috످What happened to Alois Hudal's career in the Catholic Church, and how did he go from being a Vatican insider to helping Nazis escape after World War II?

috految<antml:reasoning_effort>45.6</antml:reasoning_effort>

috److془I know Hudal well. Write answer.

Facts: born 1885 Graz, ordained 1908, rector 1923, consultor 1930, bishop 1933 by Pacelli. Etc.془Alois Hudal (1885–1963) was an Austrian bishop whose support for Nazism cost him his standing in the Vatican. After World War II, he used his remaining connections to help war criminals flee Europe, and he was forced to resign his post in 1952.

Born in Graz and ordained in 1908, Hudal was a biblical scholar who in 1923 became rector of Santa Maria dell'Anima, the German-Austrian church and college in Rome. In 1930, he was named an adviser to the Holy Office, the Vatican's doctrinal authority. Three years later, he was consecrated a bishop by Cardinal Eugenio Pacelli, the future Pope Pius XII.

A German nationalist, antisemite, and fervent anticommunist, Hudal saw Hitler as a bulwark against Bolshevism. Although he opposed Nazi neopaganism, he believed the movement could be reconciled with Christianity. He made this case in The Foundations of National Socialism (1936–37) and sent Hitler an inscribed copy.

The book backfired. The Nazis restricted its circulation, while the Vatican was moving to condemn Nazi racial ideology in the 1937 encyclical Mit brennender Sorge. Hudal was sidelined and became known as the "Brown Bishop," after the Nazi brownshirts.

Despite his isolation, Hudal kept his rectorship during the war years. In October 1943, he signed a letter urging the German commander in Rome to halt the arrests of Jews, though it was largely drafted by others. More than 1,000 Jews were still deported to Auschwitz.

Near the war's end, Hudal was appointed to minister to German-speaking internees in Italy, which put him in contact with fugitive Nazis. Viewing them as victims of Allied vengeance and allies against communism, he organized escape routes known as "ratlines." He provided shelter, money, and false identities, and helped them obtain Red Cross travel documents and visas.

Those he helped included Franz Stangl, commandant of Sobibor and Treblinka, who fled to Syria and then Brazil; Gustav Wagner, deputy commandant of Sobibor, who fled to Brazil; and Erich Priebke, a perpetrator of the Ardeatine Caves massacre, who fled to Argentina. Hudal is also often linked to Adolf Eichmann's escape, though his direct role is disputed.

Press reports began exposing Hudal's activities in 1947. Under pressure from the Vatican and the Austrian and German bishops, he resigned as rector in 1952 and retired to Grottaferrata, near Rome. He was never prosecuted or defrocked and died unrepentant in 1963. In his posthumous memoir, Roman Diaries (1976), he defended his actions as Christian charity.

Historians still disagree about how much the Vatican knew. Michael Phayer argues that Pius XII knowingly enabled the ratlines out of anticommunism, while Vatican defenders maintain that Hudal acted alone. Gerald Steinacher's Nazis on the Run shows that Hudal was part of a wider network of clergy and that Vatican relief agencies aided fugitives, though there is no conclusive evidence that the pope personally authorized the escapes.

috످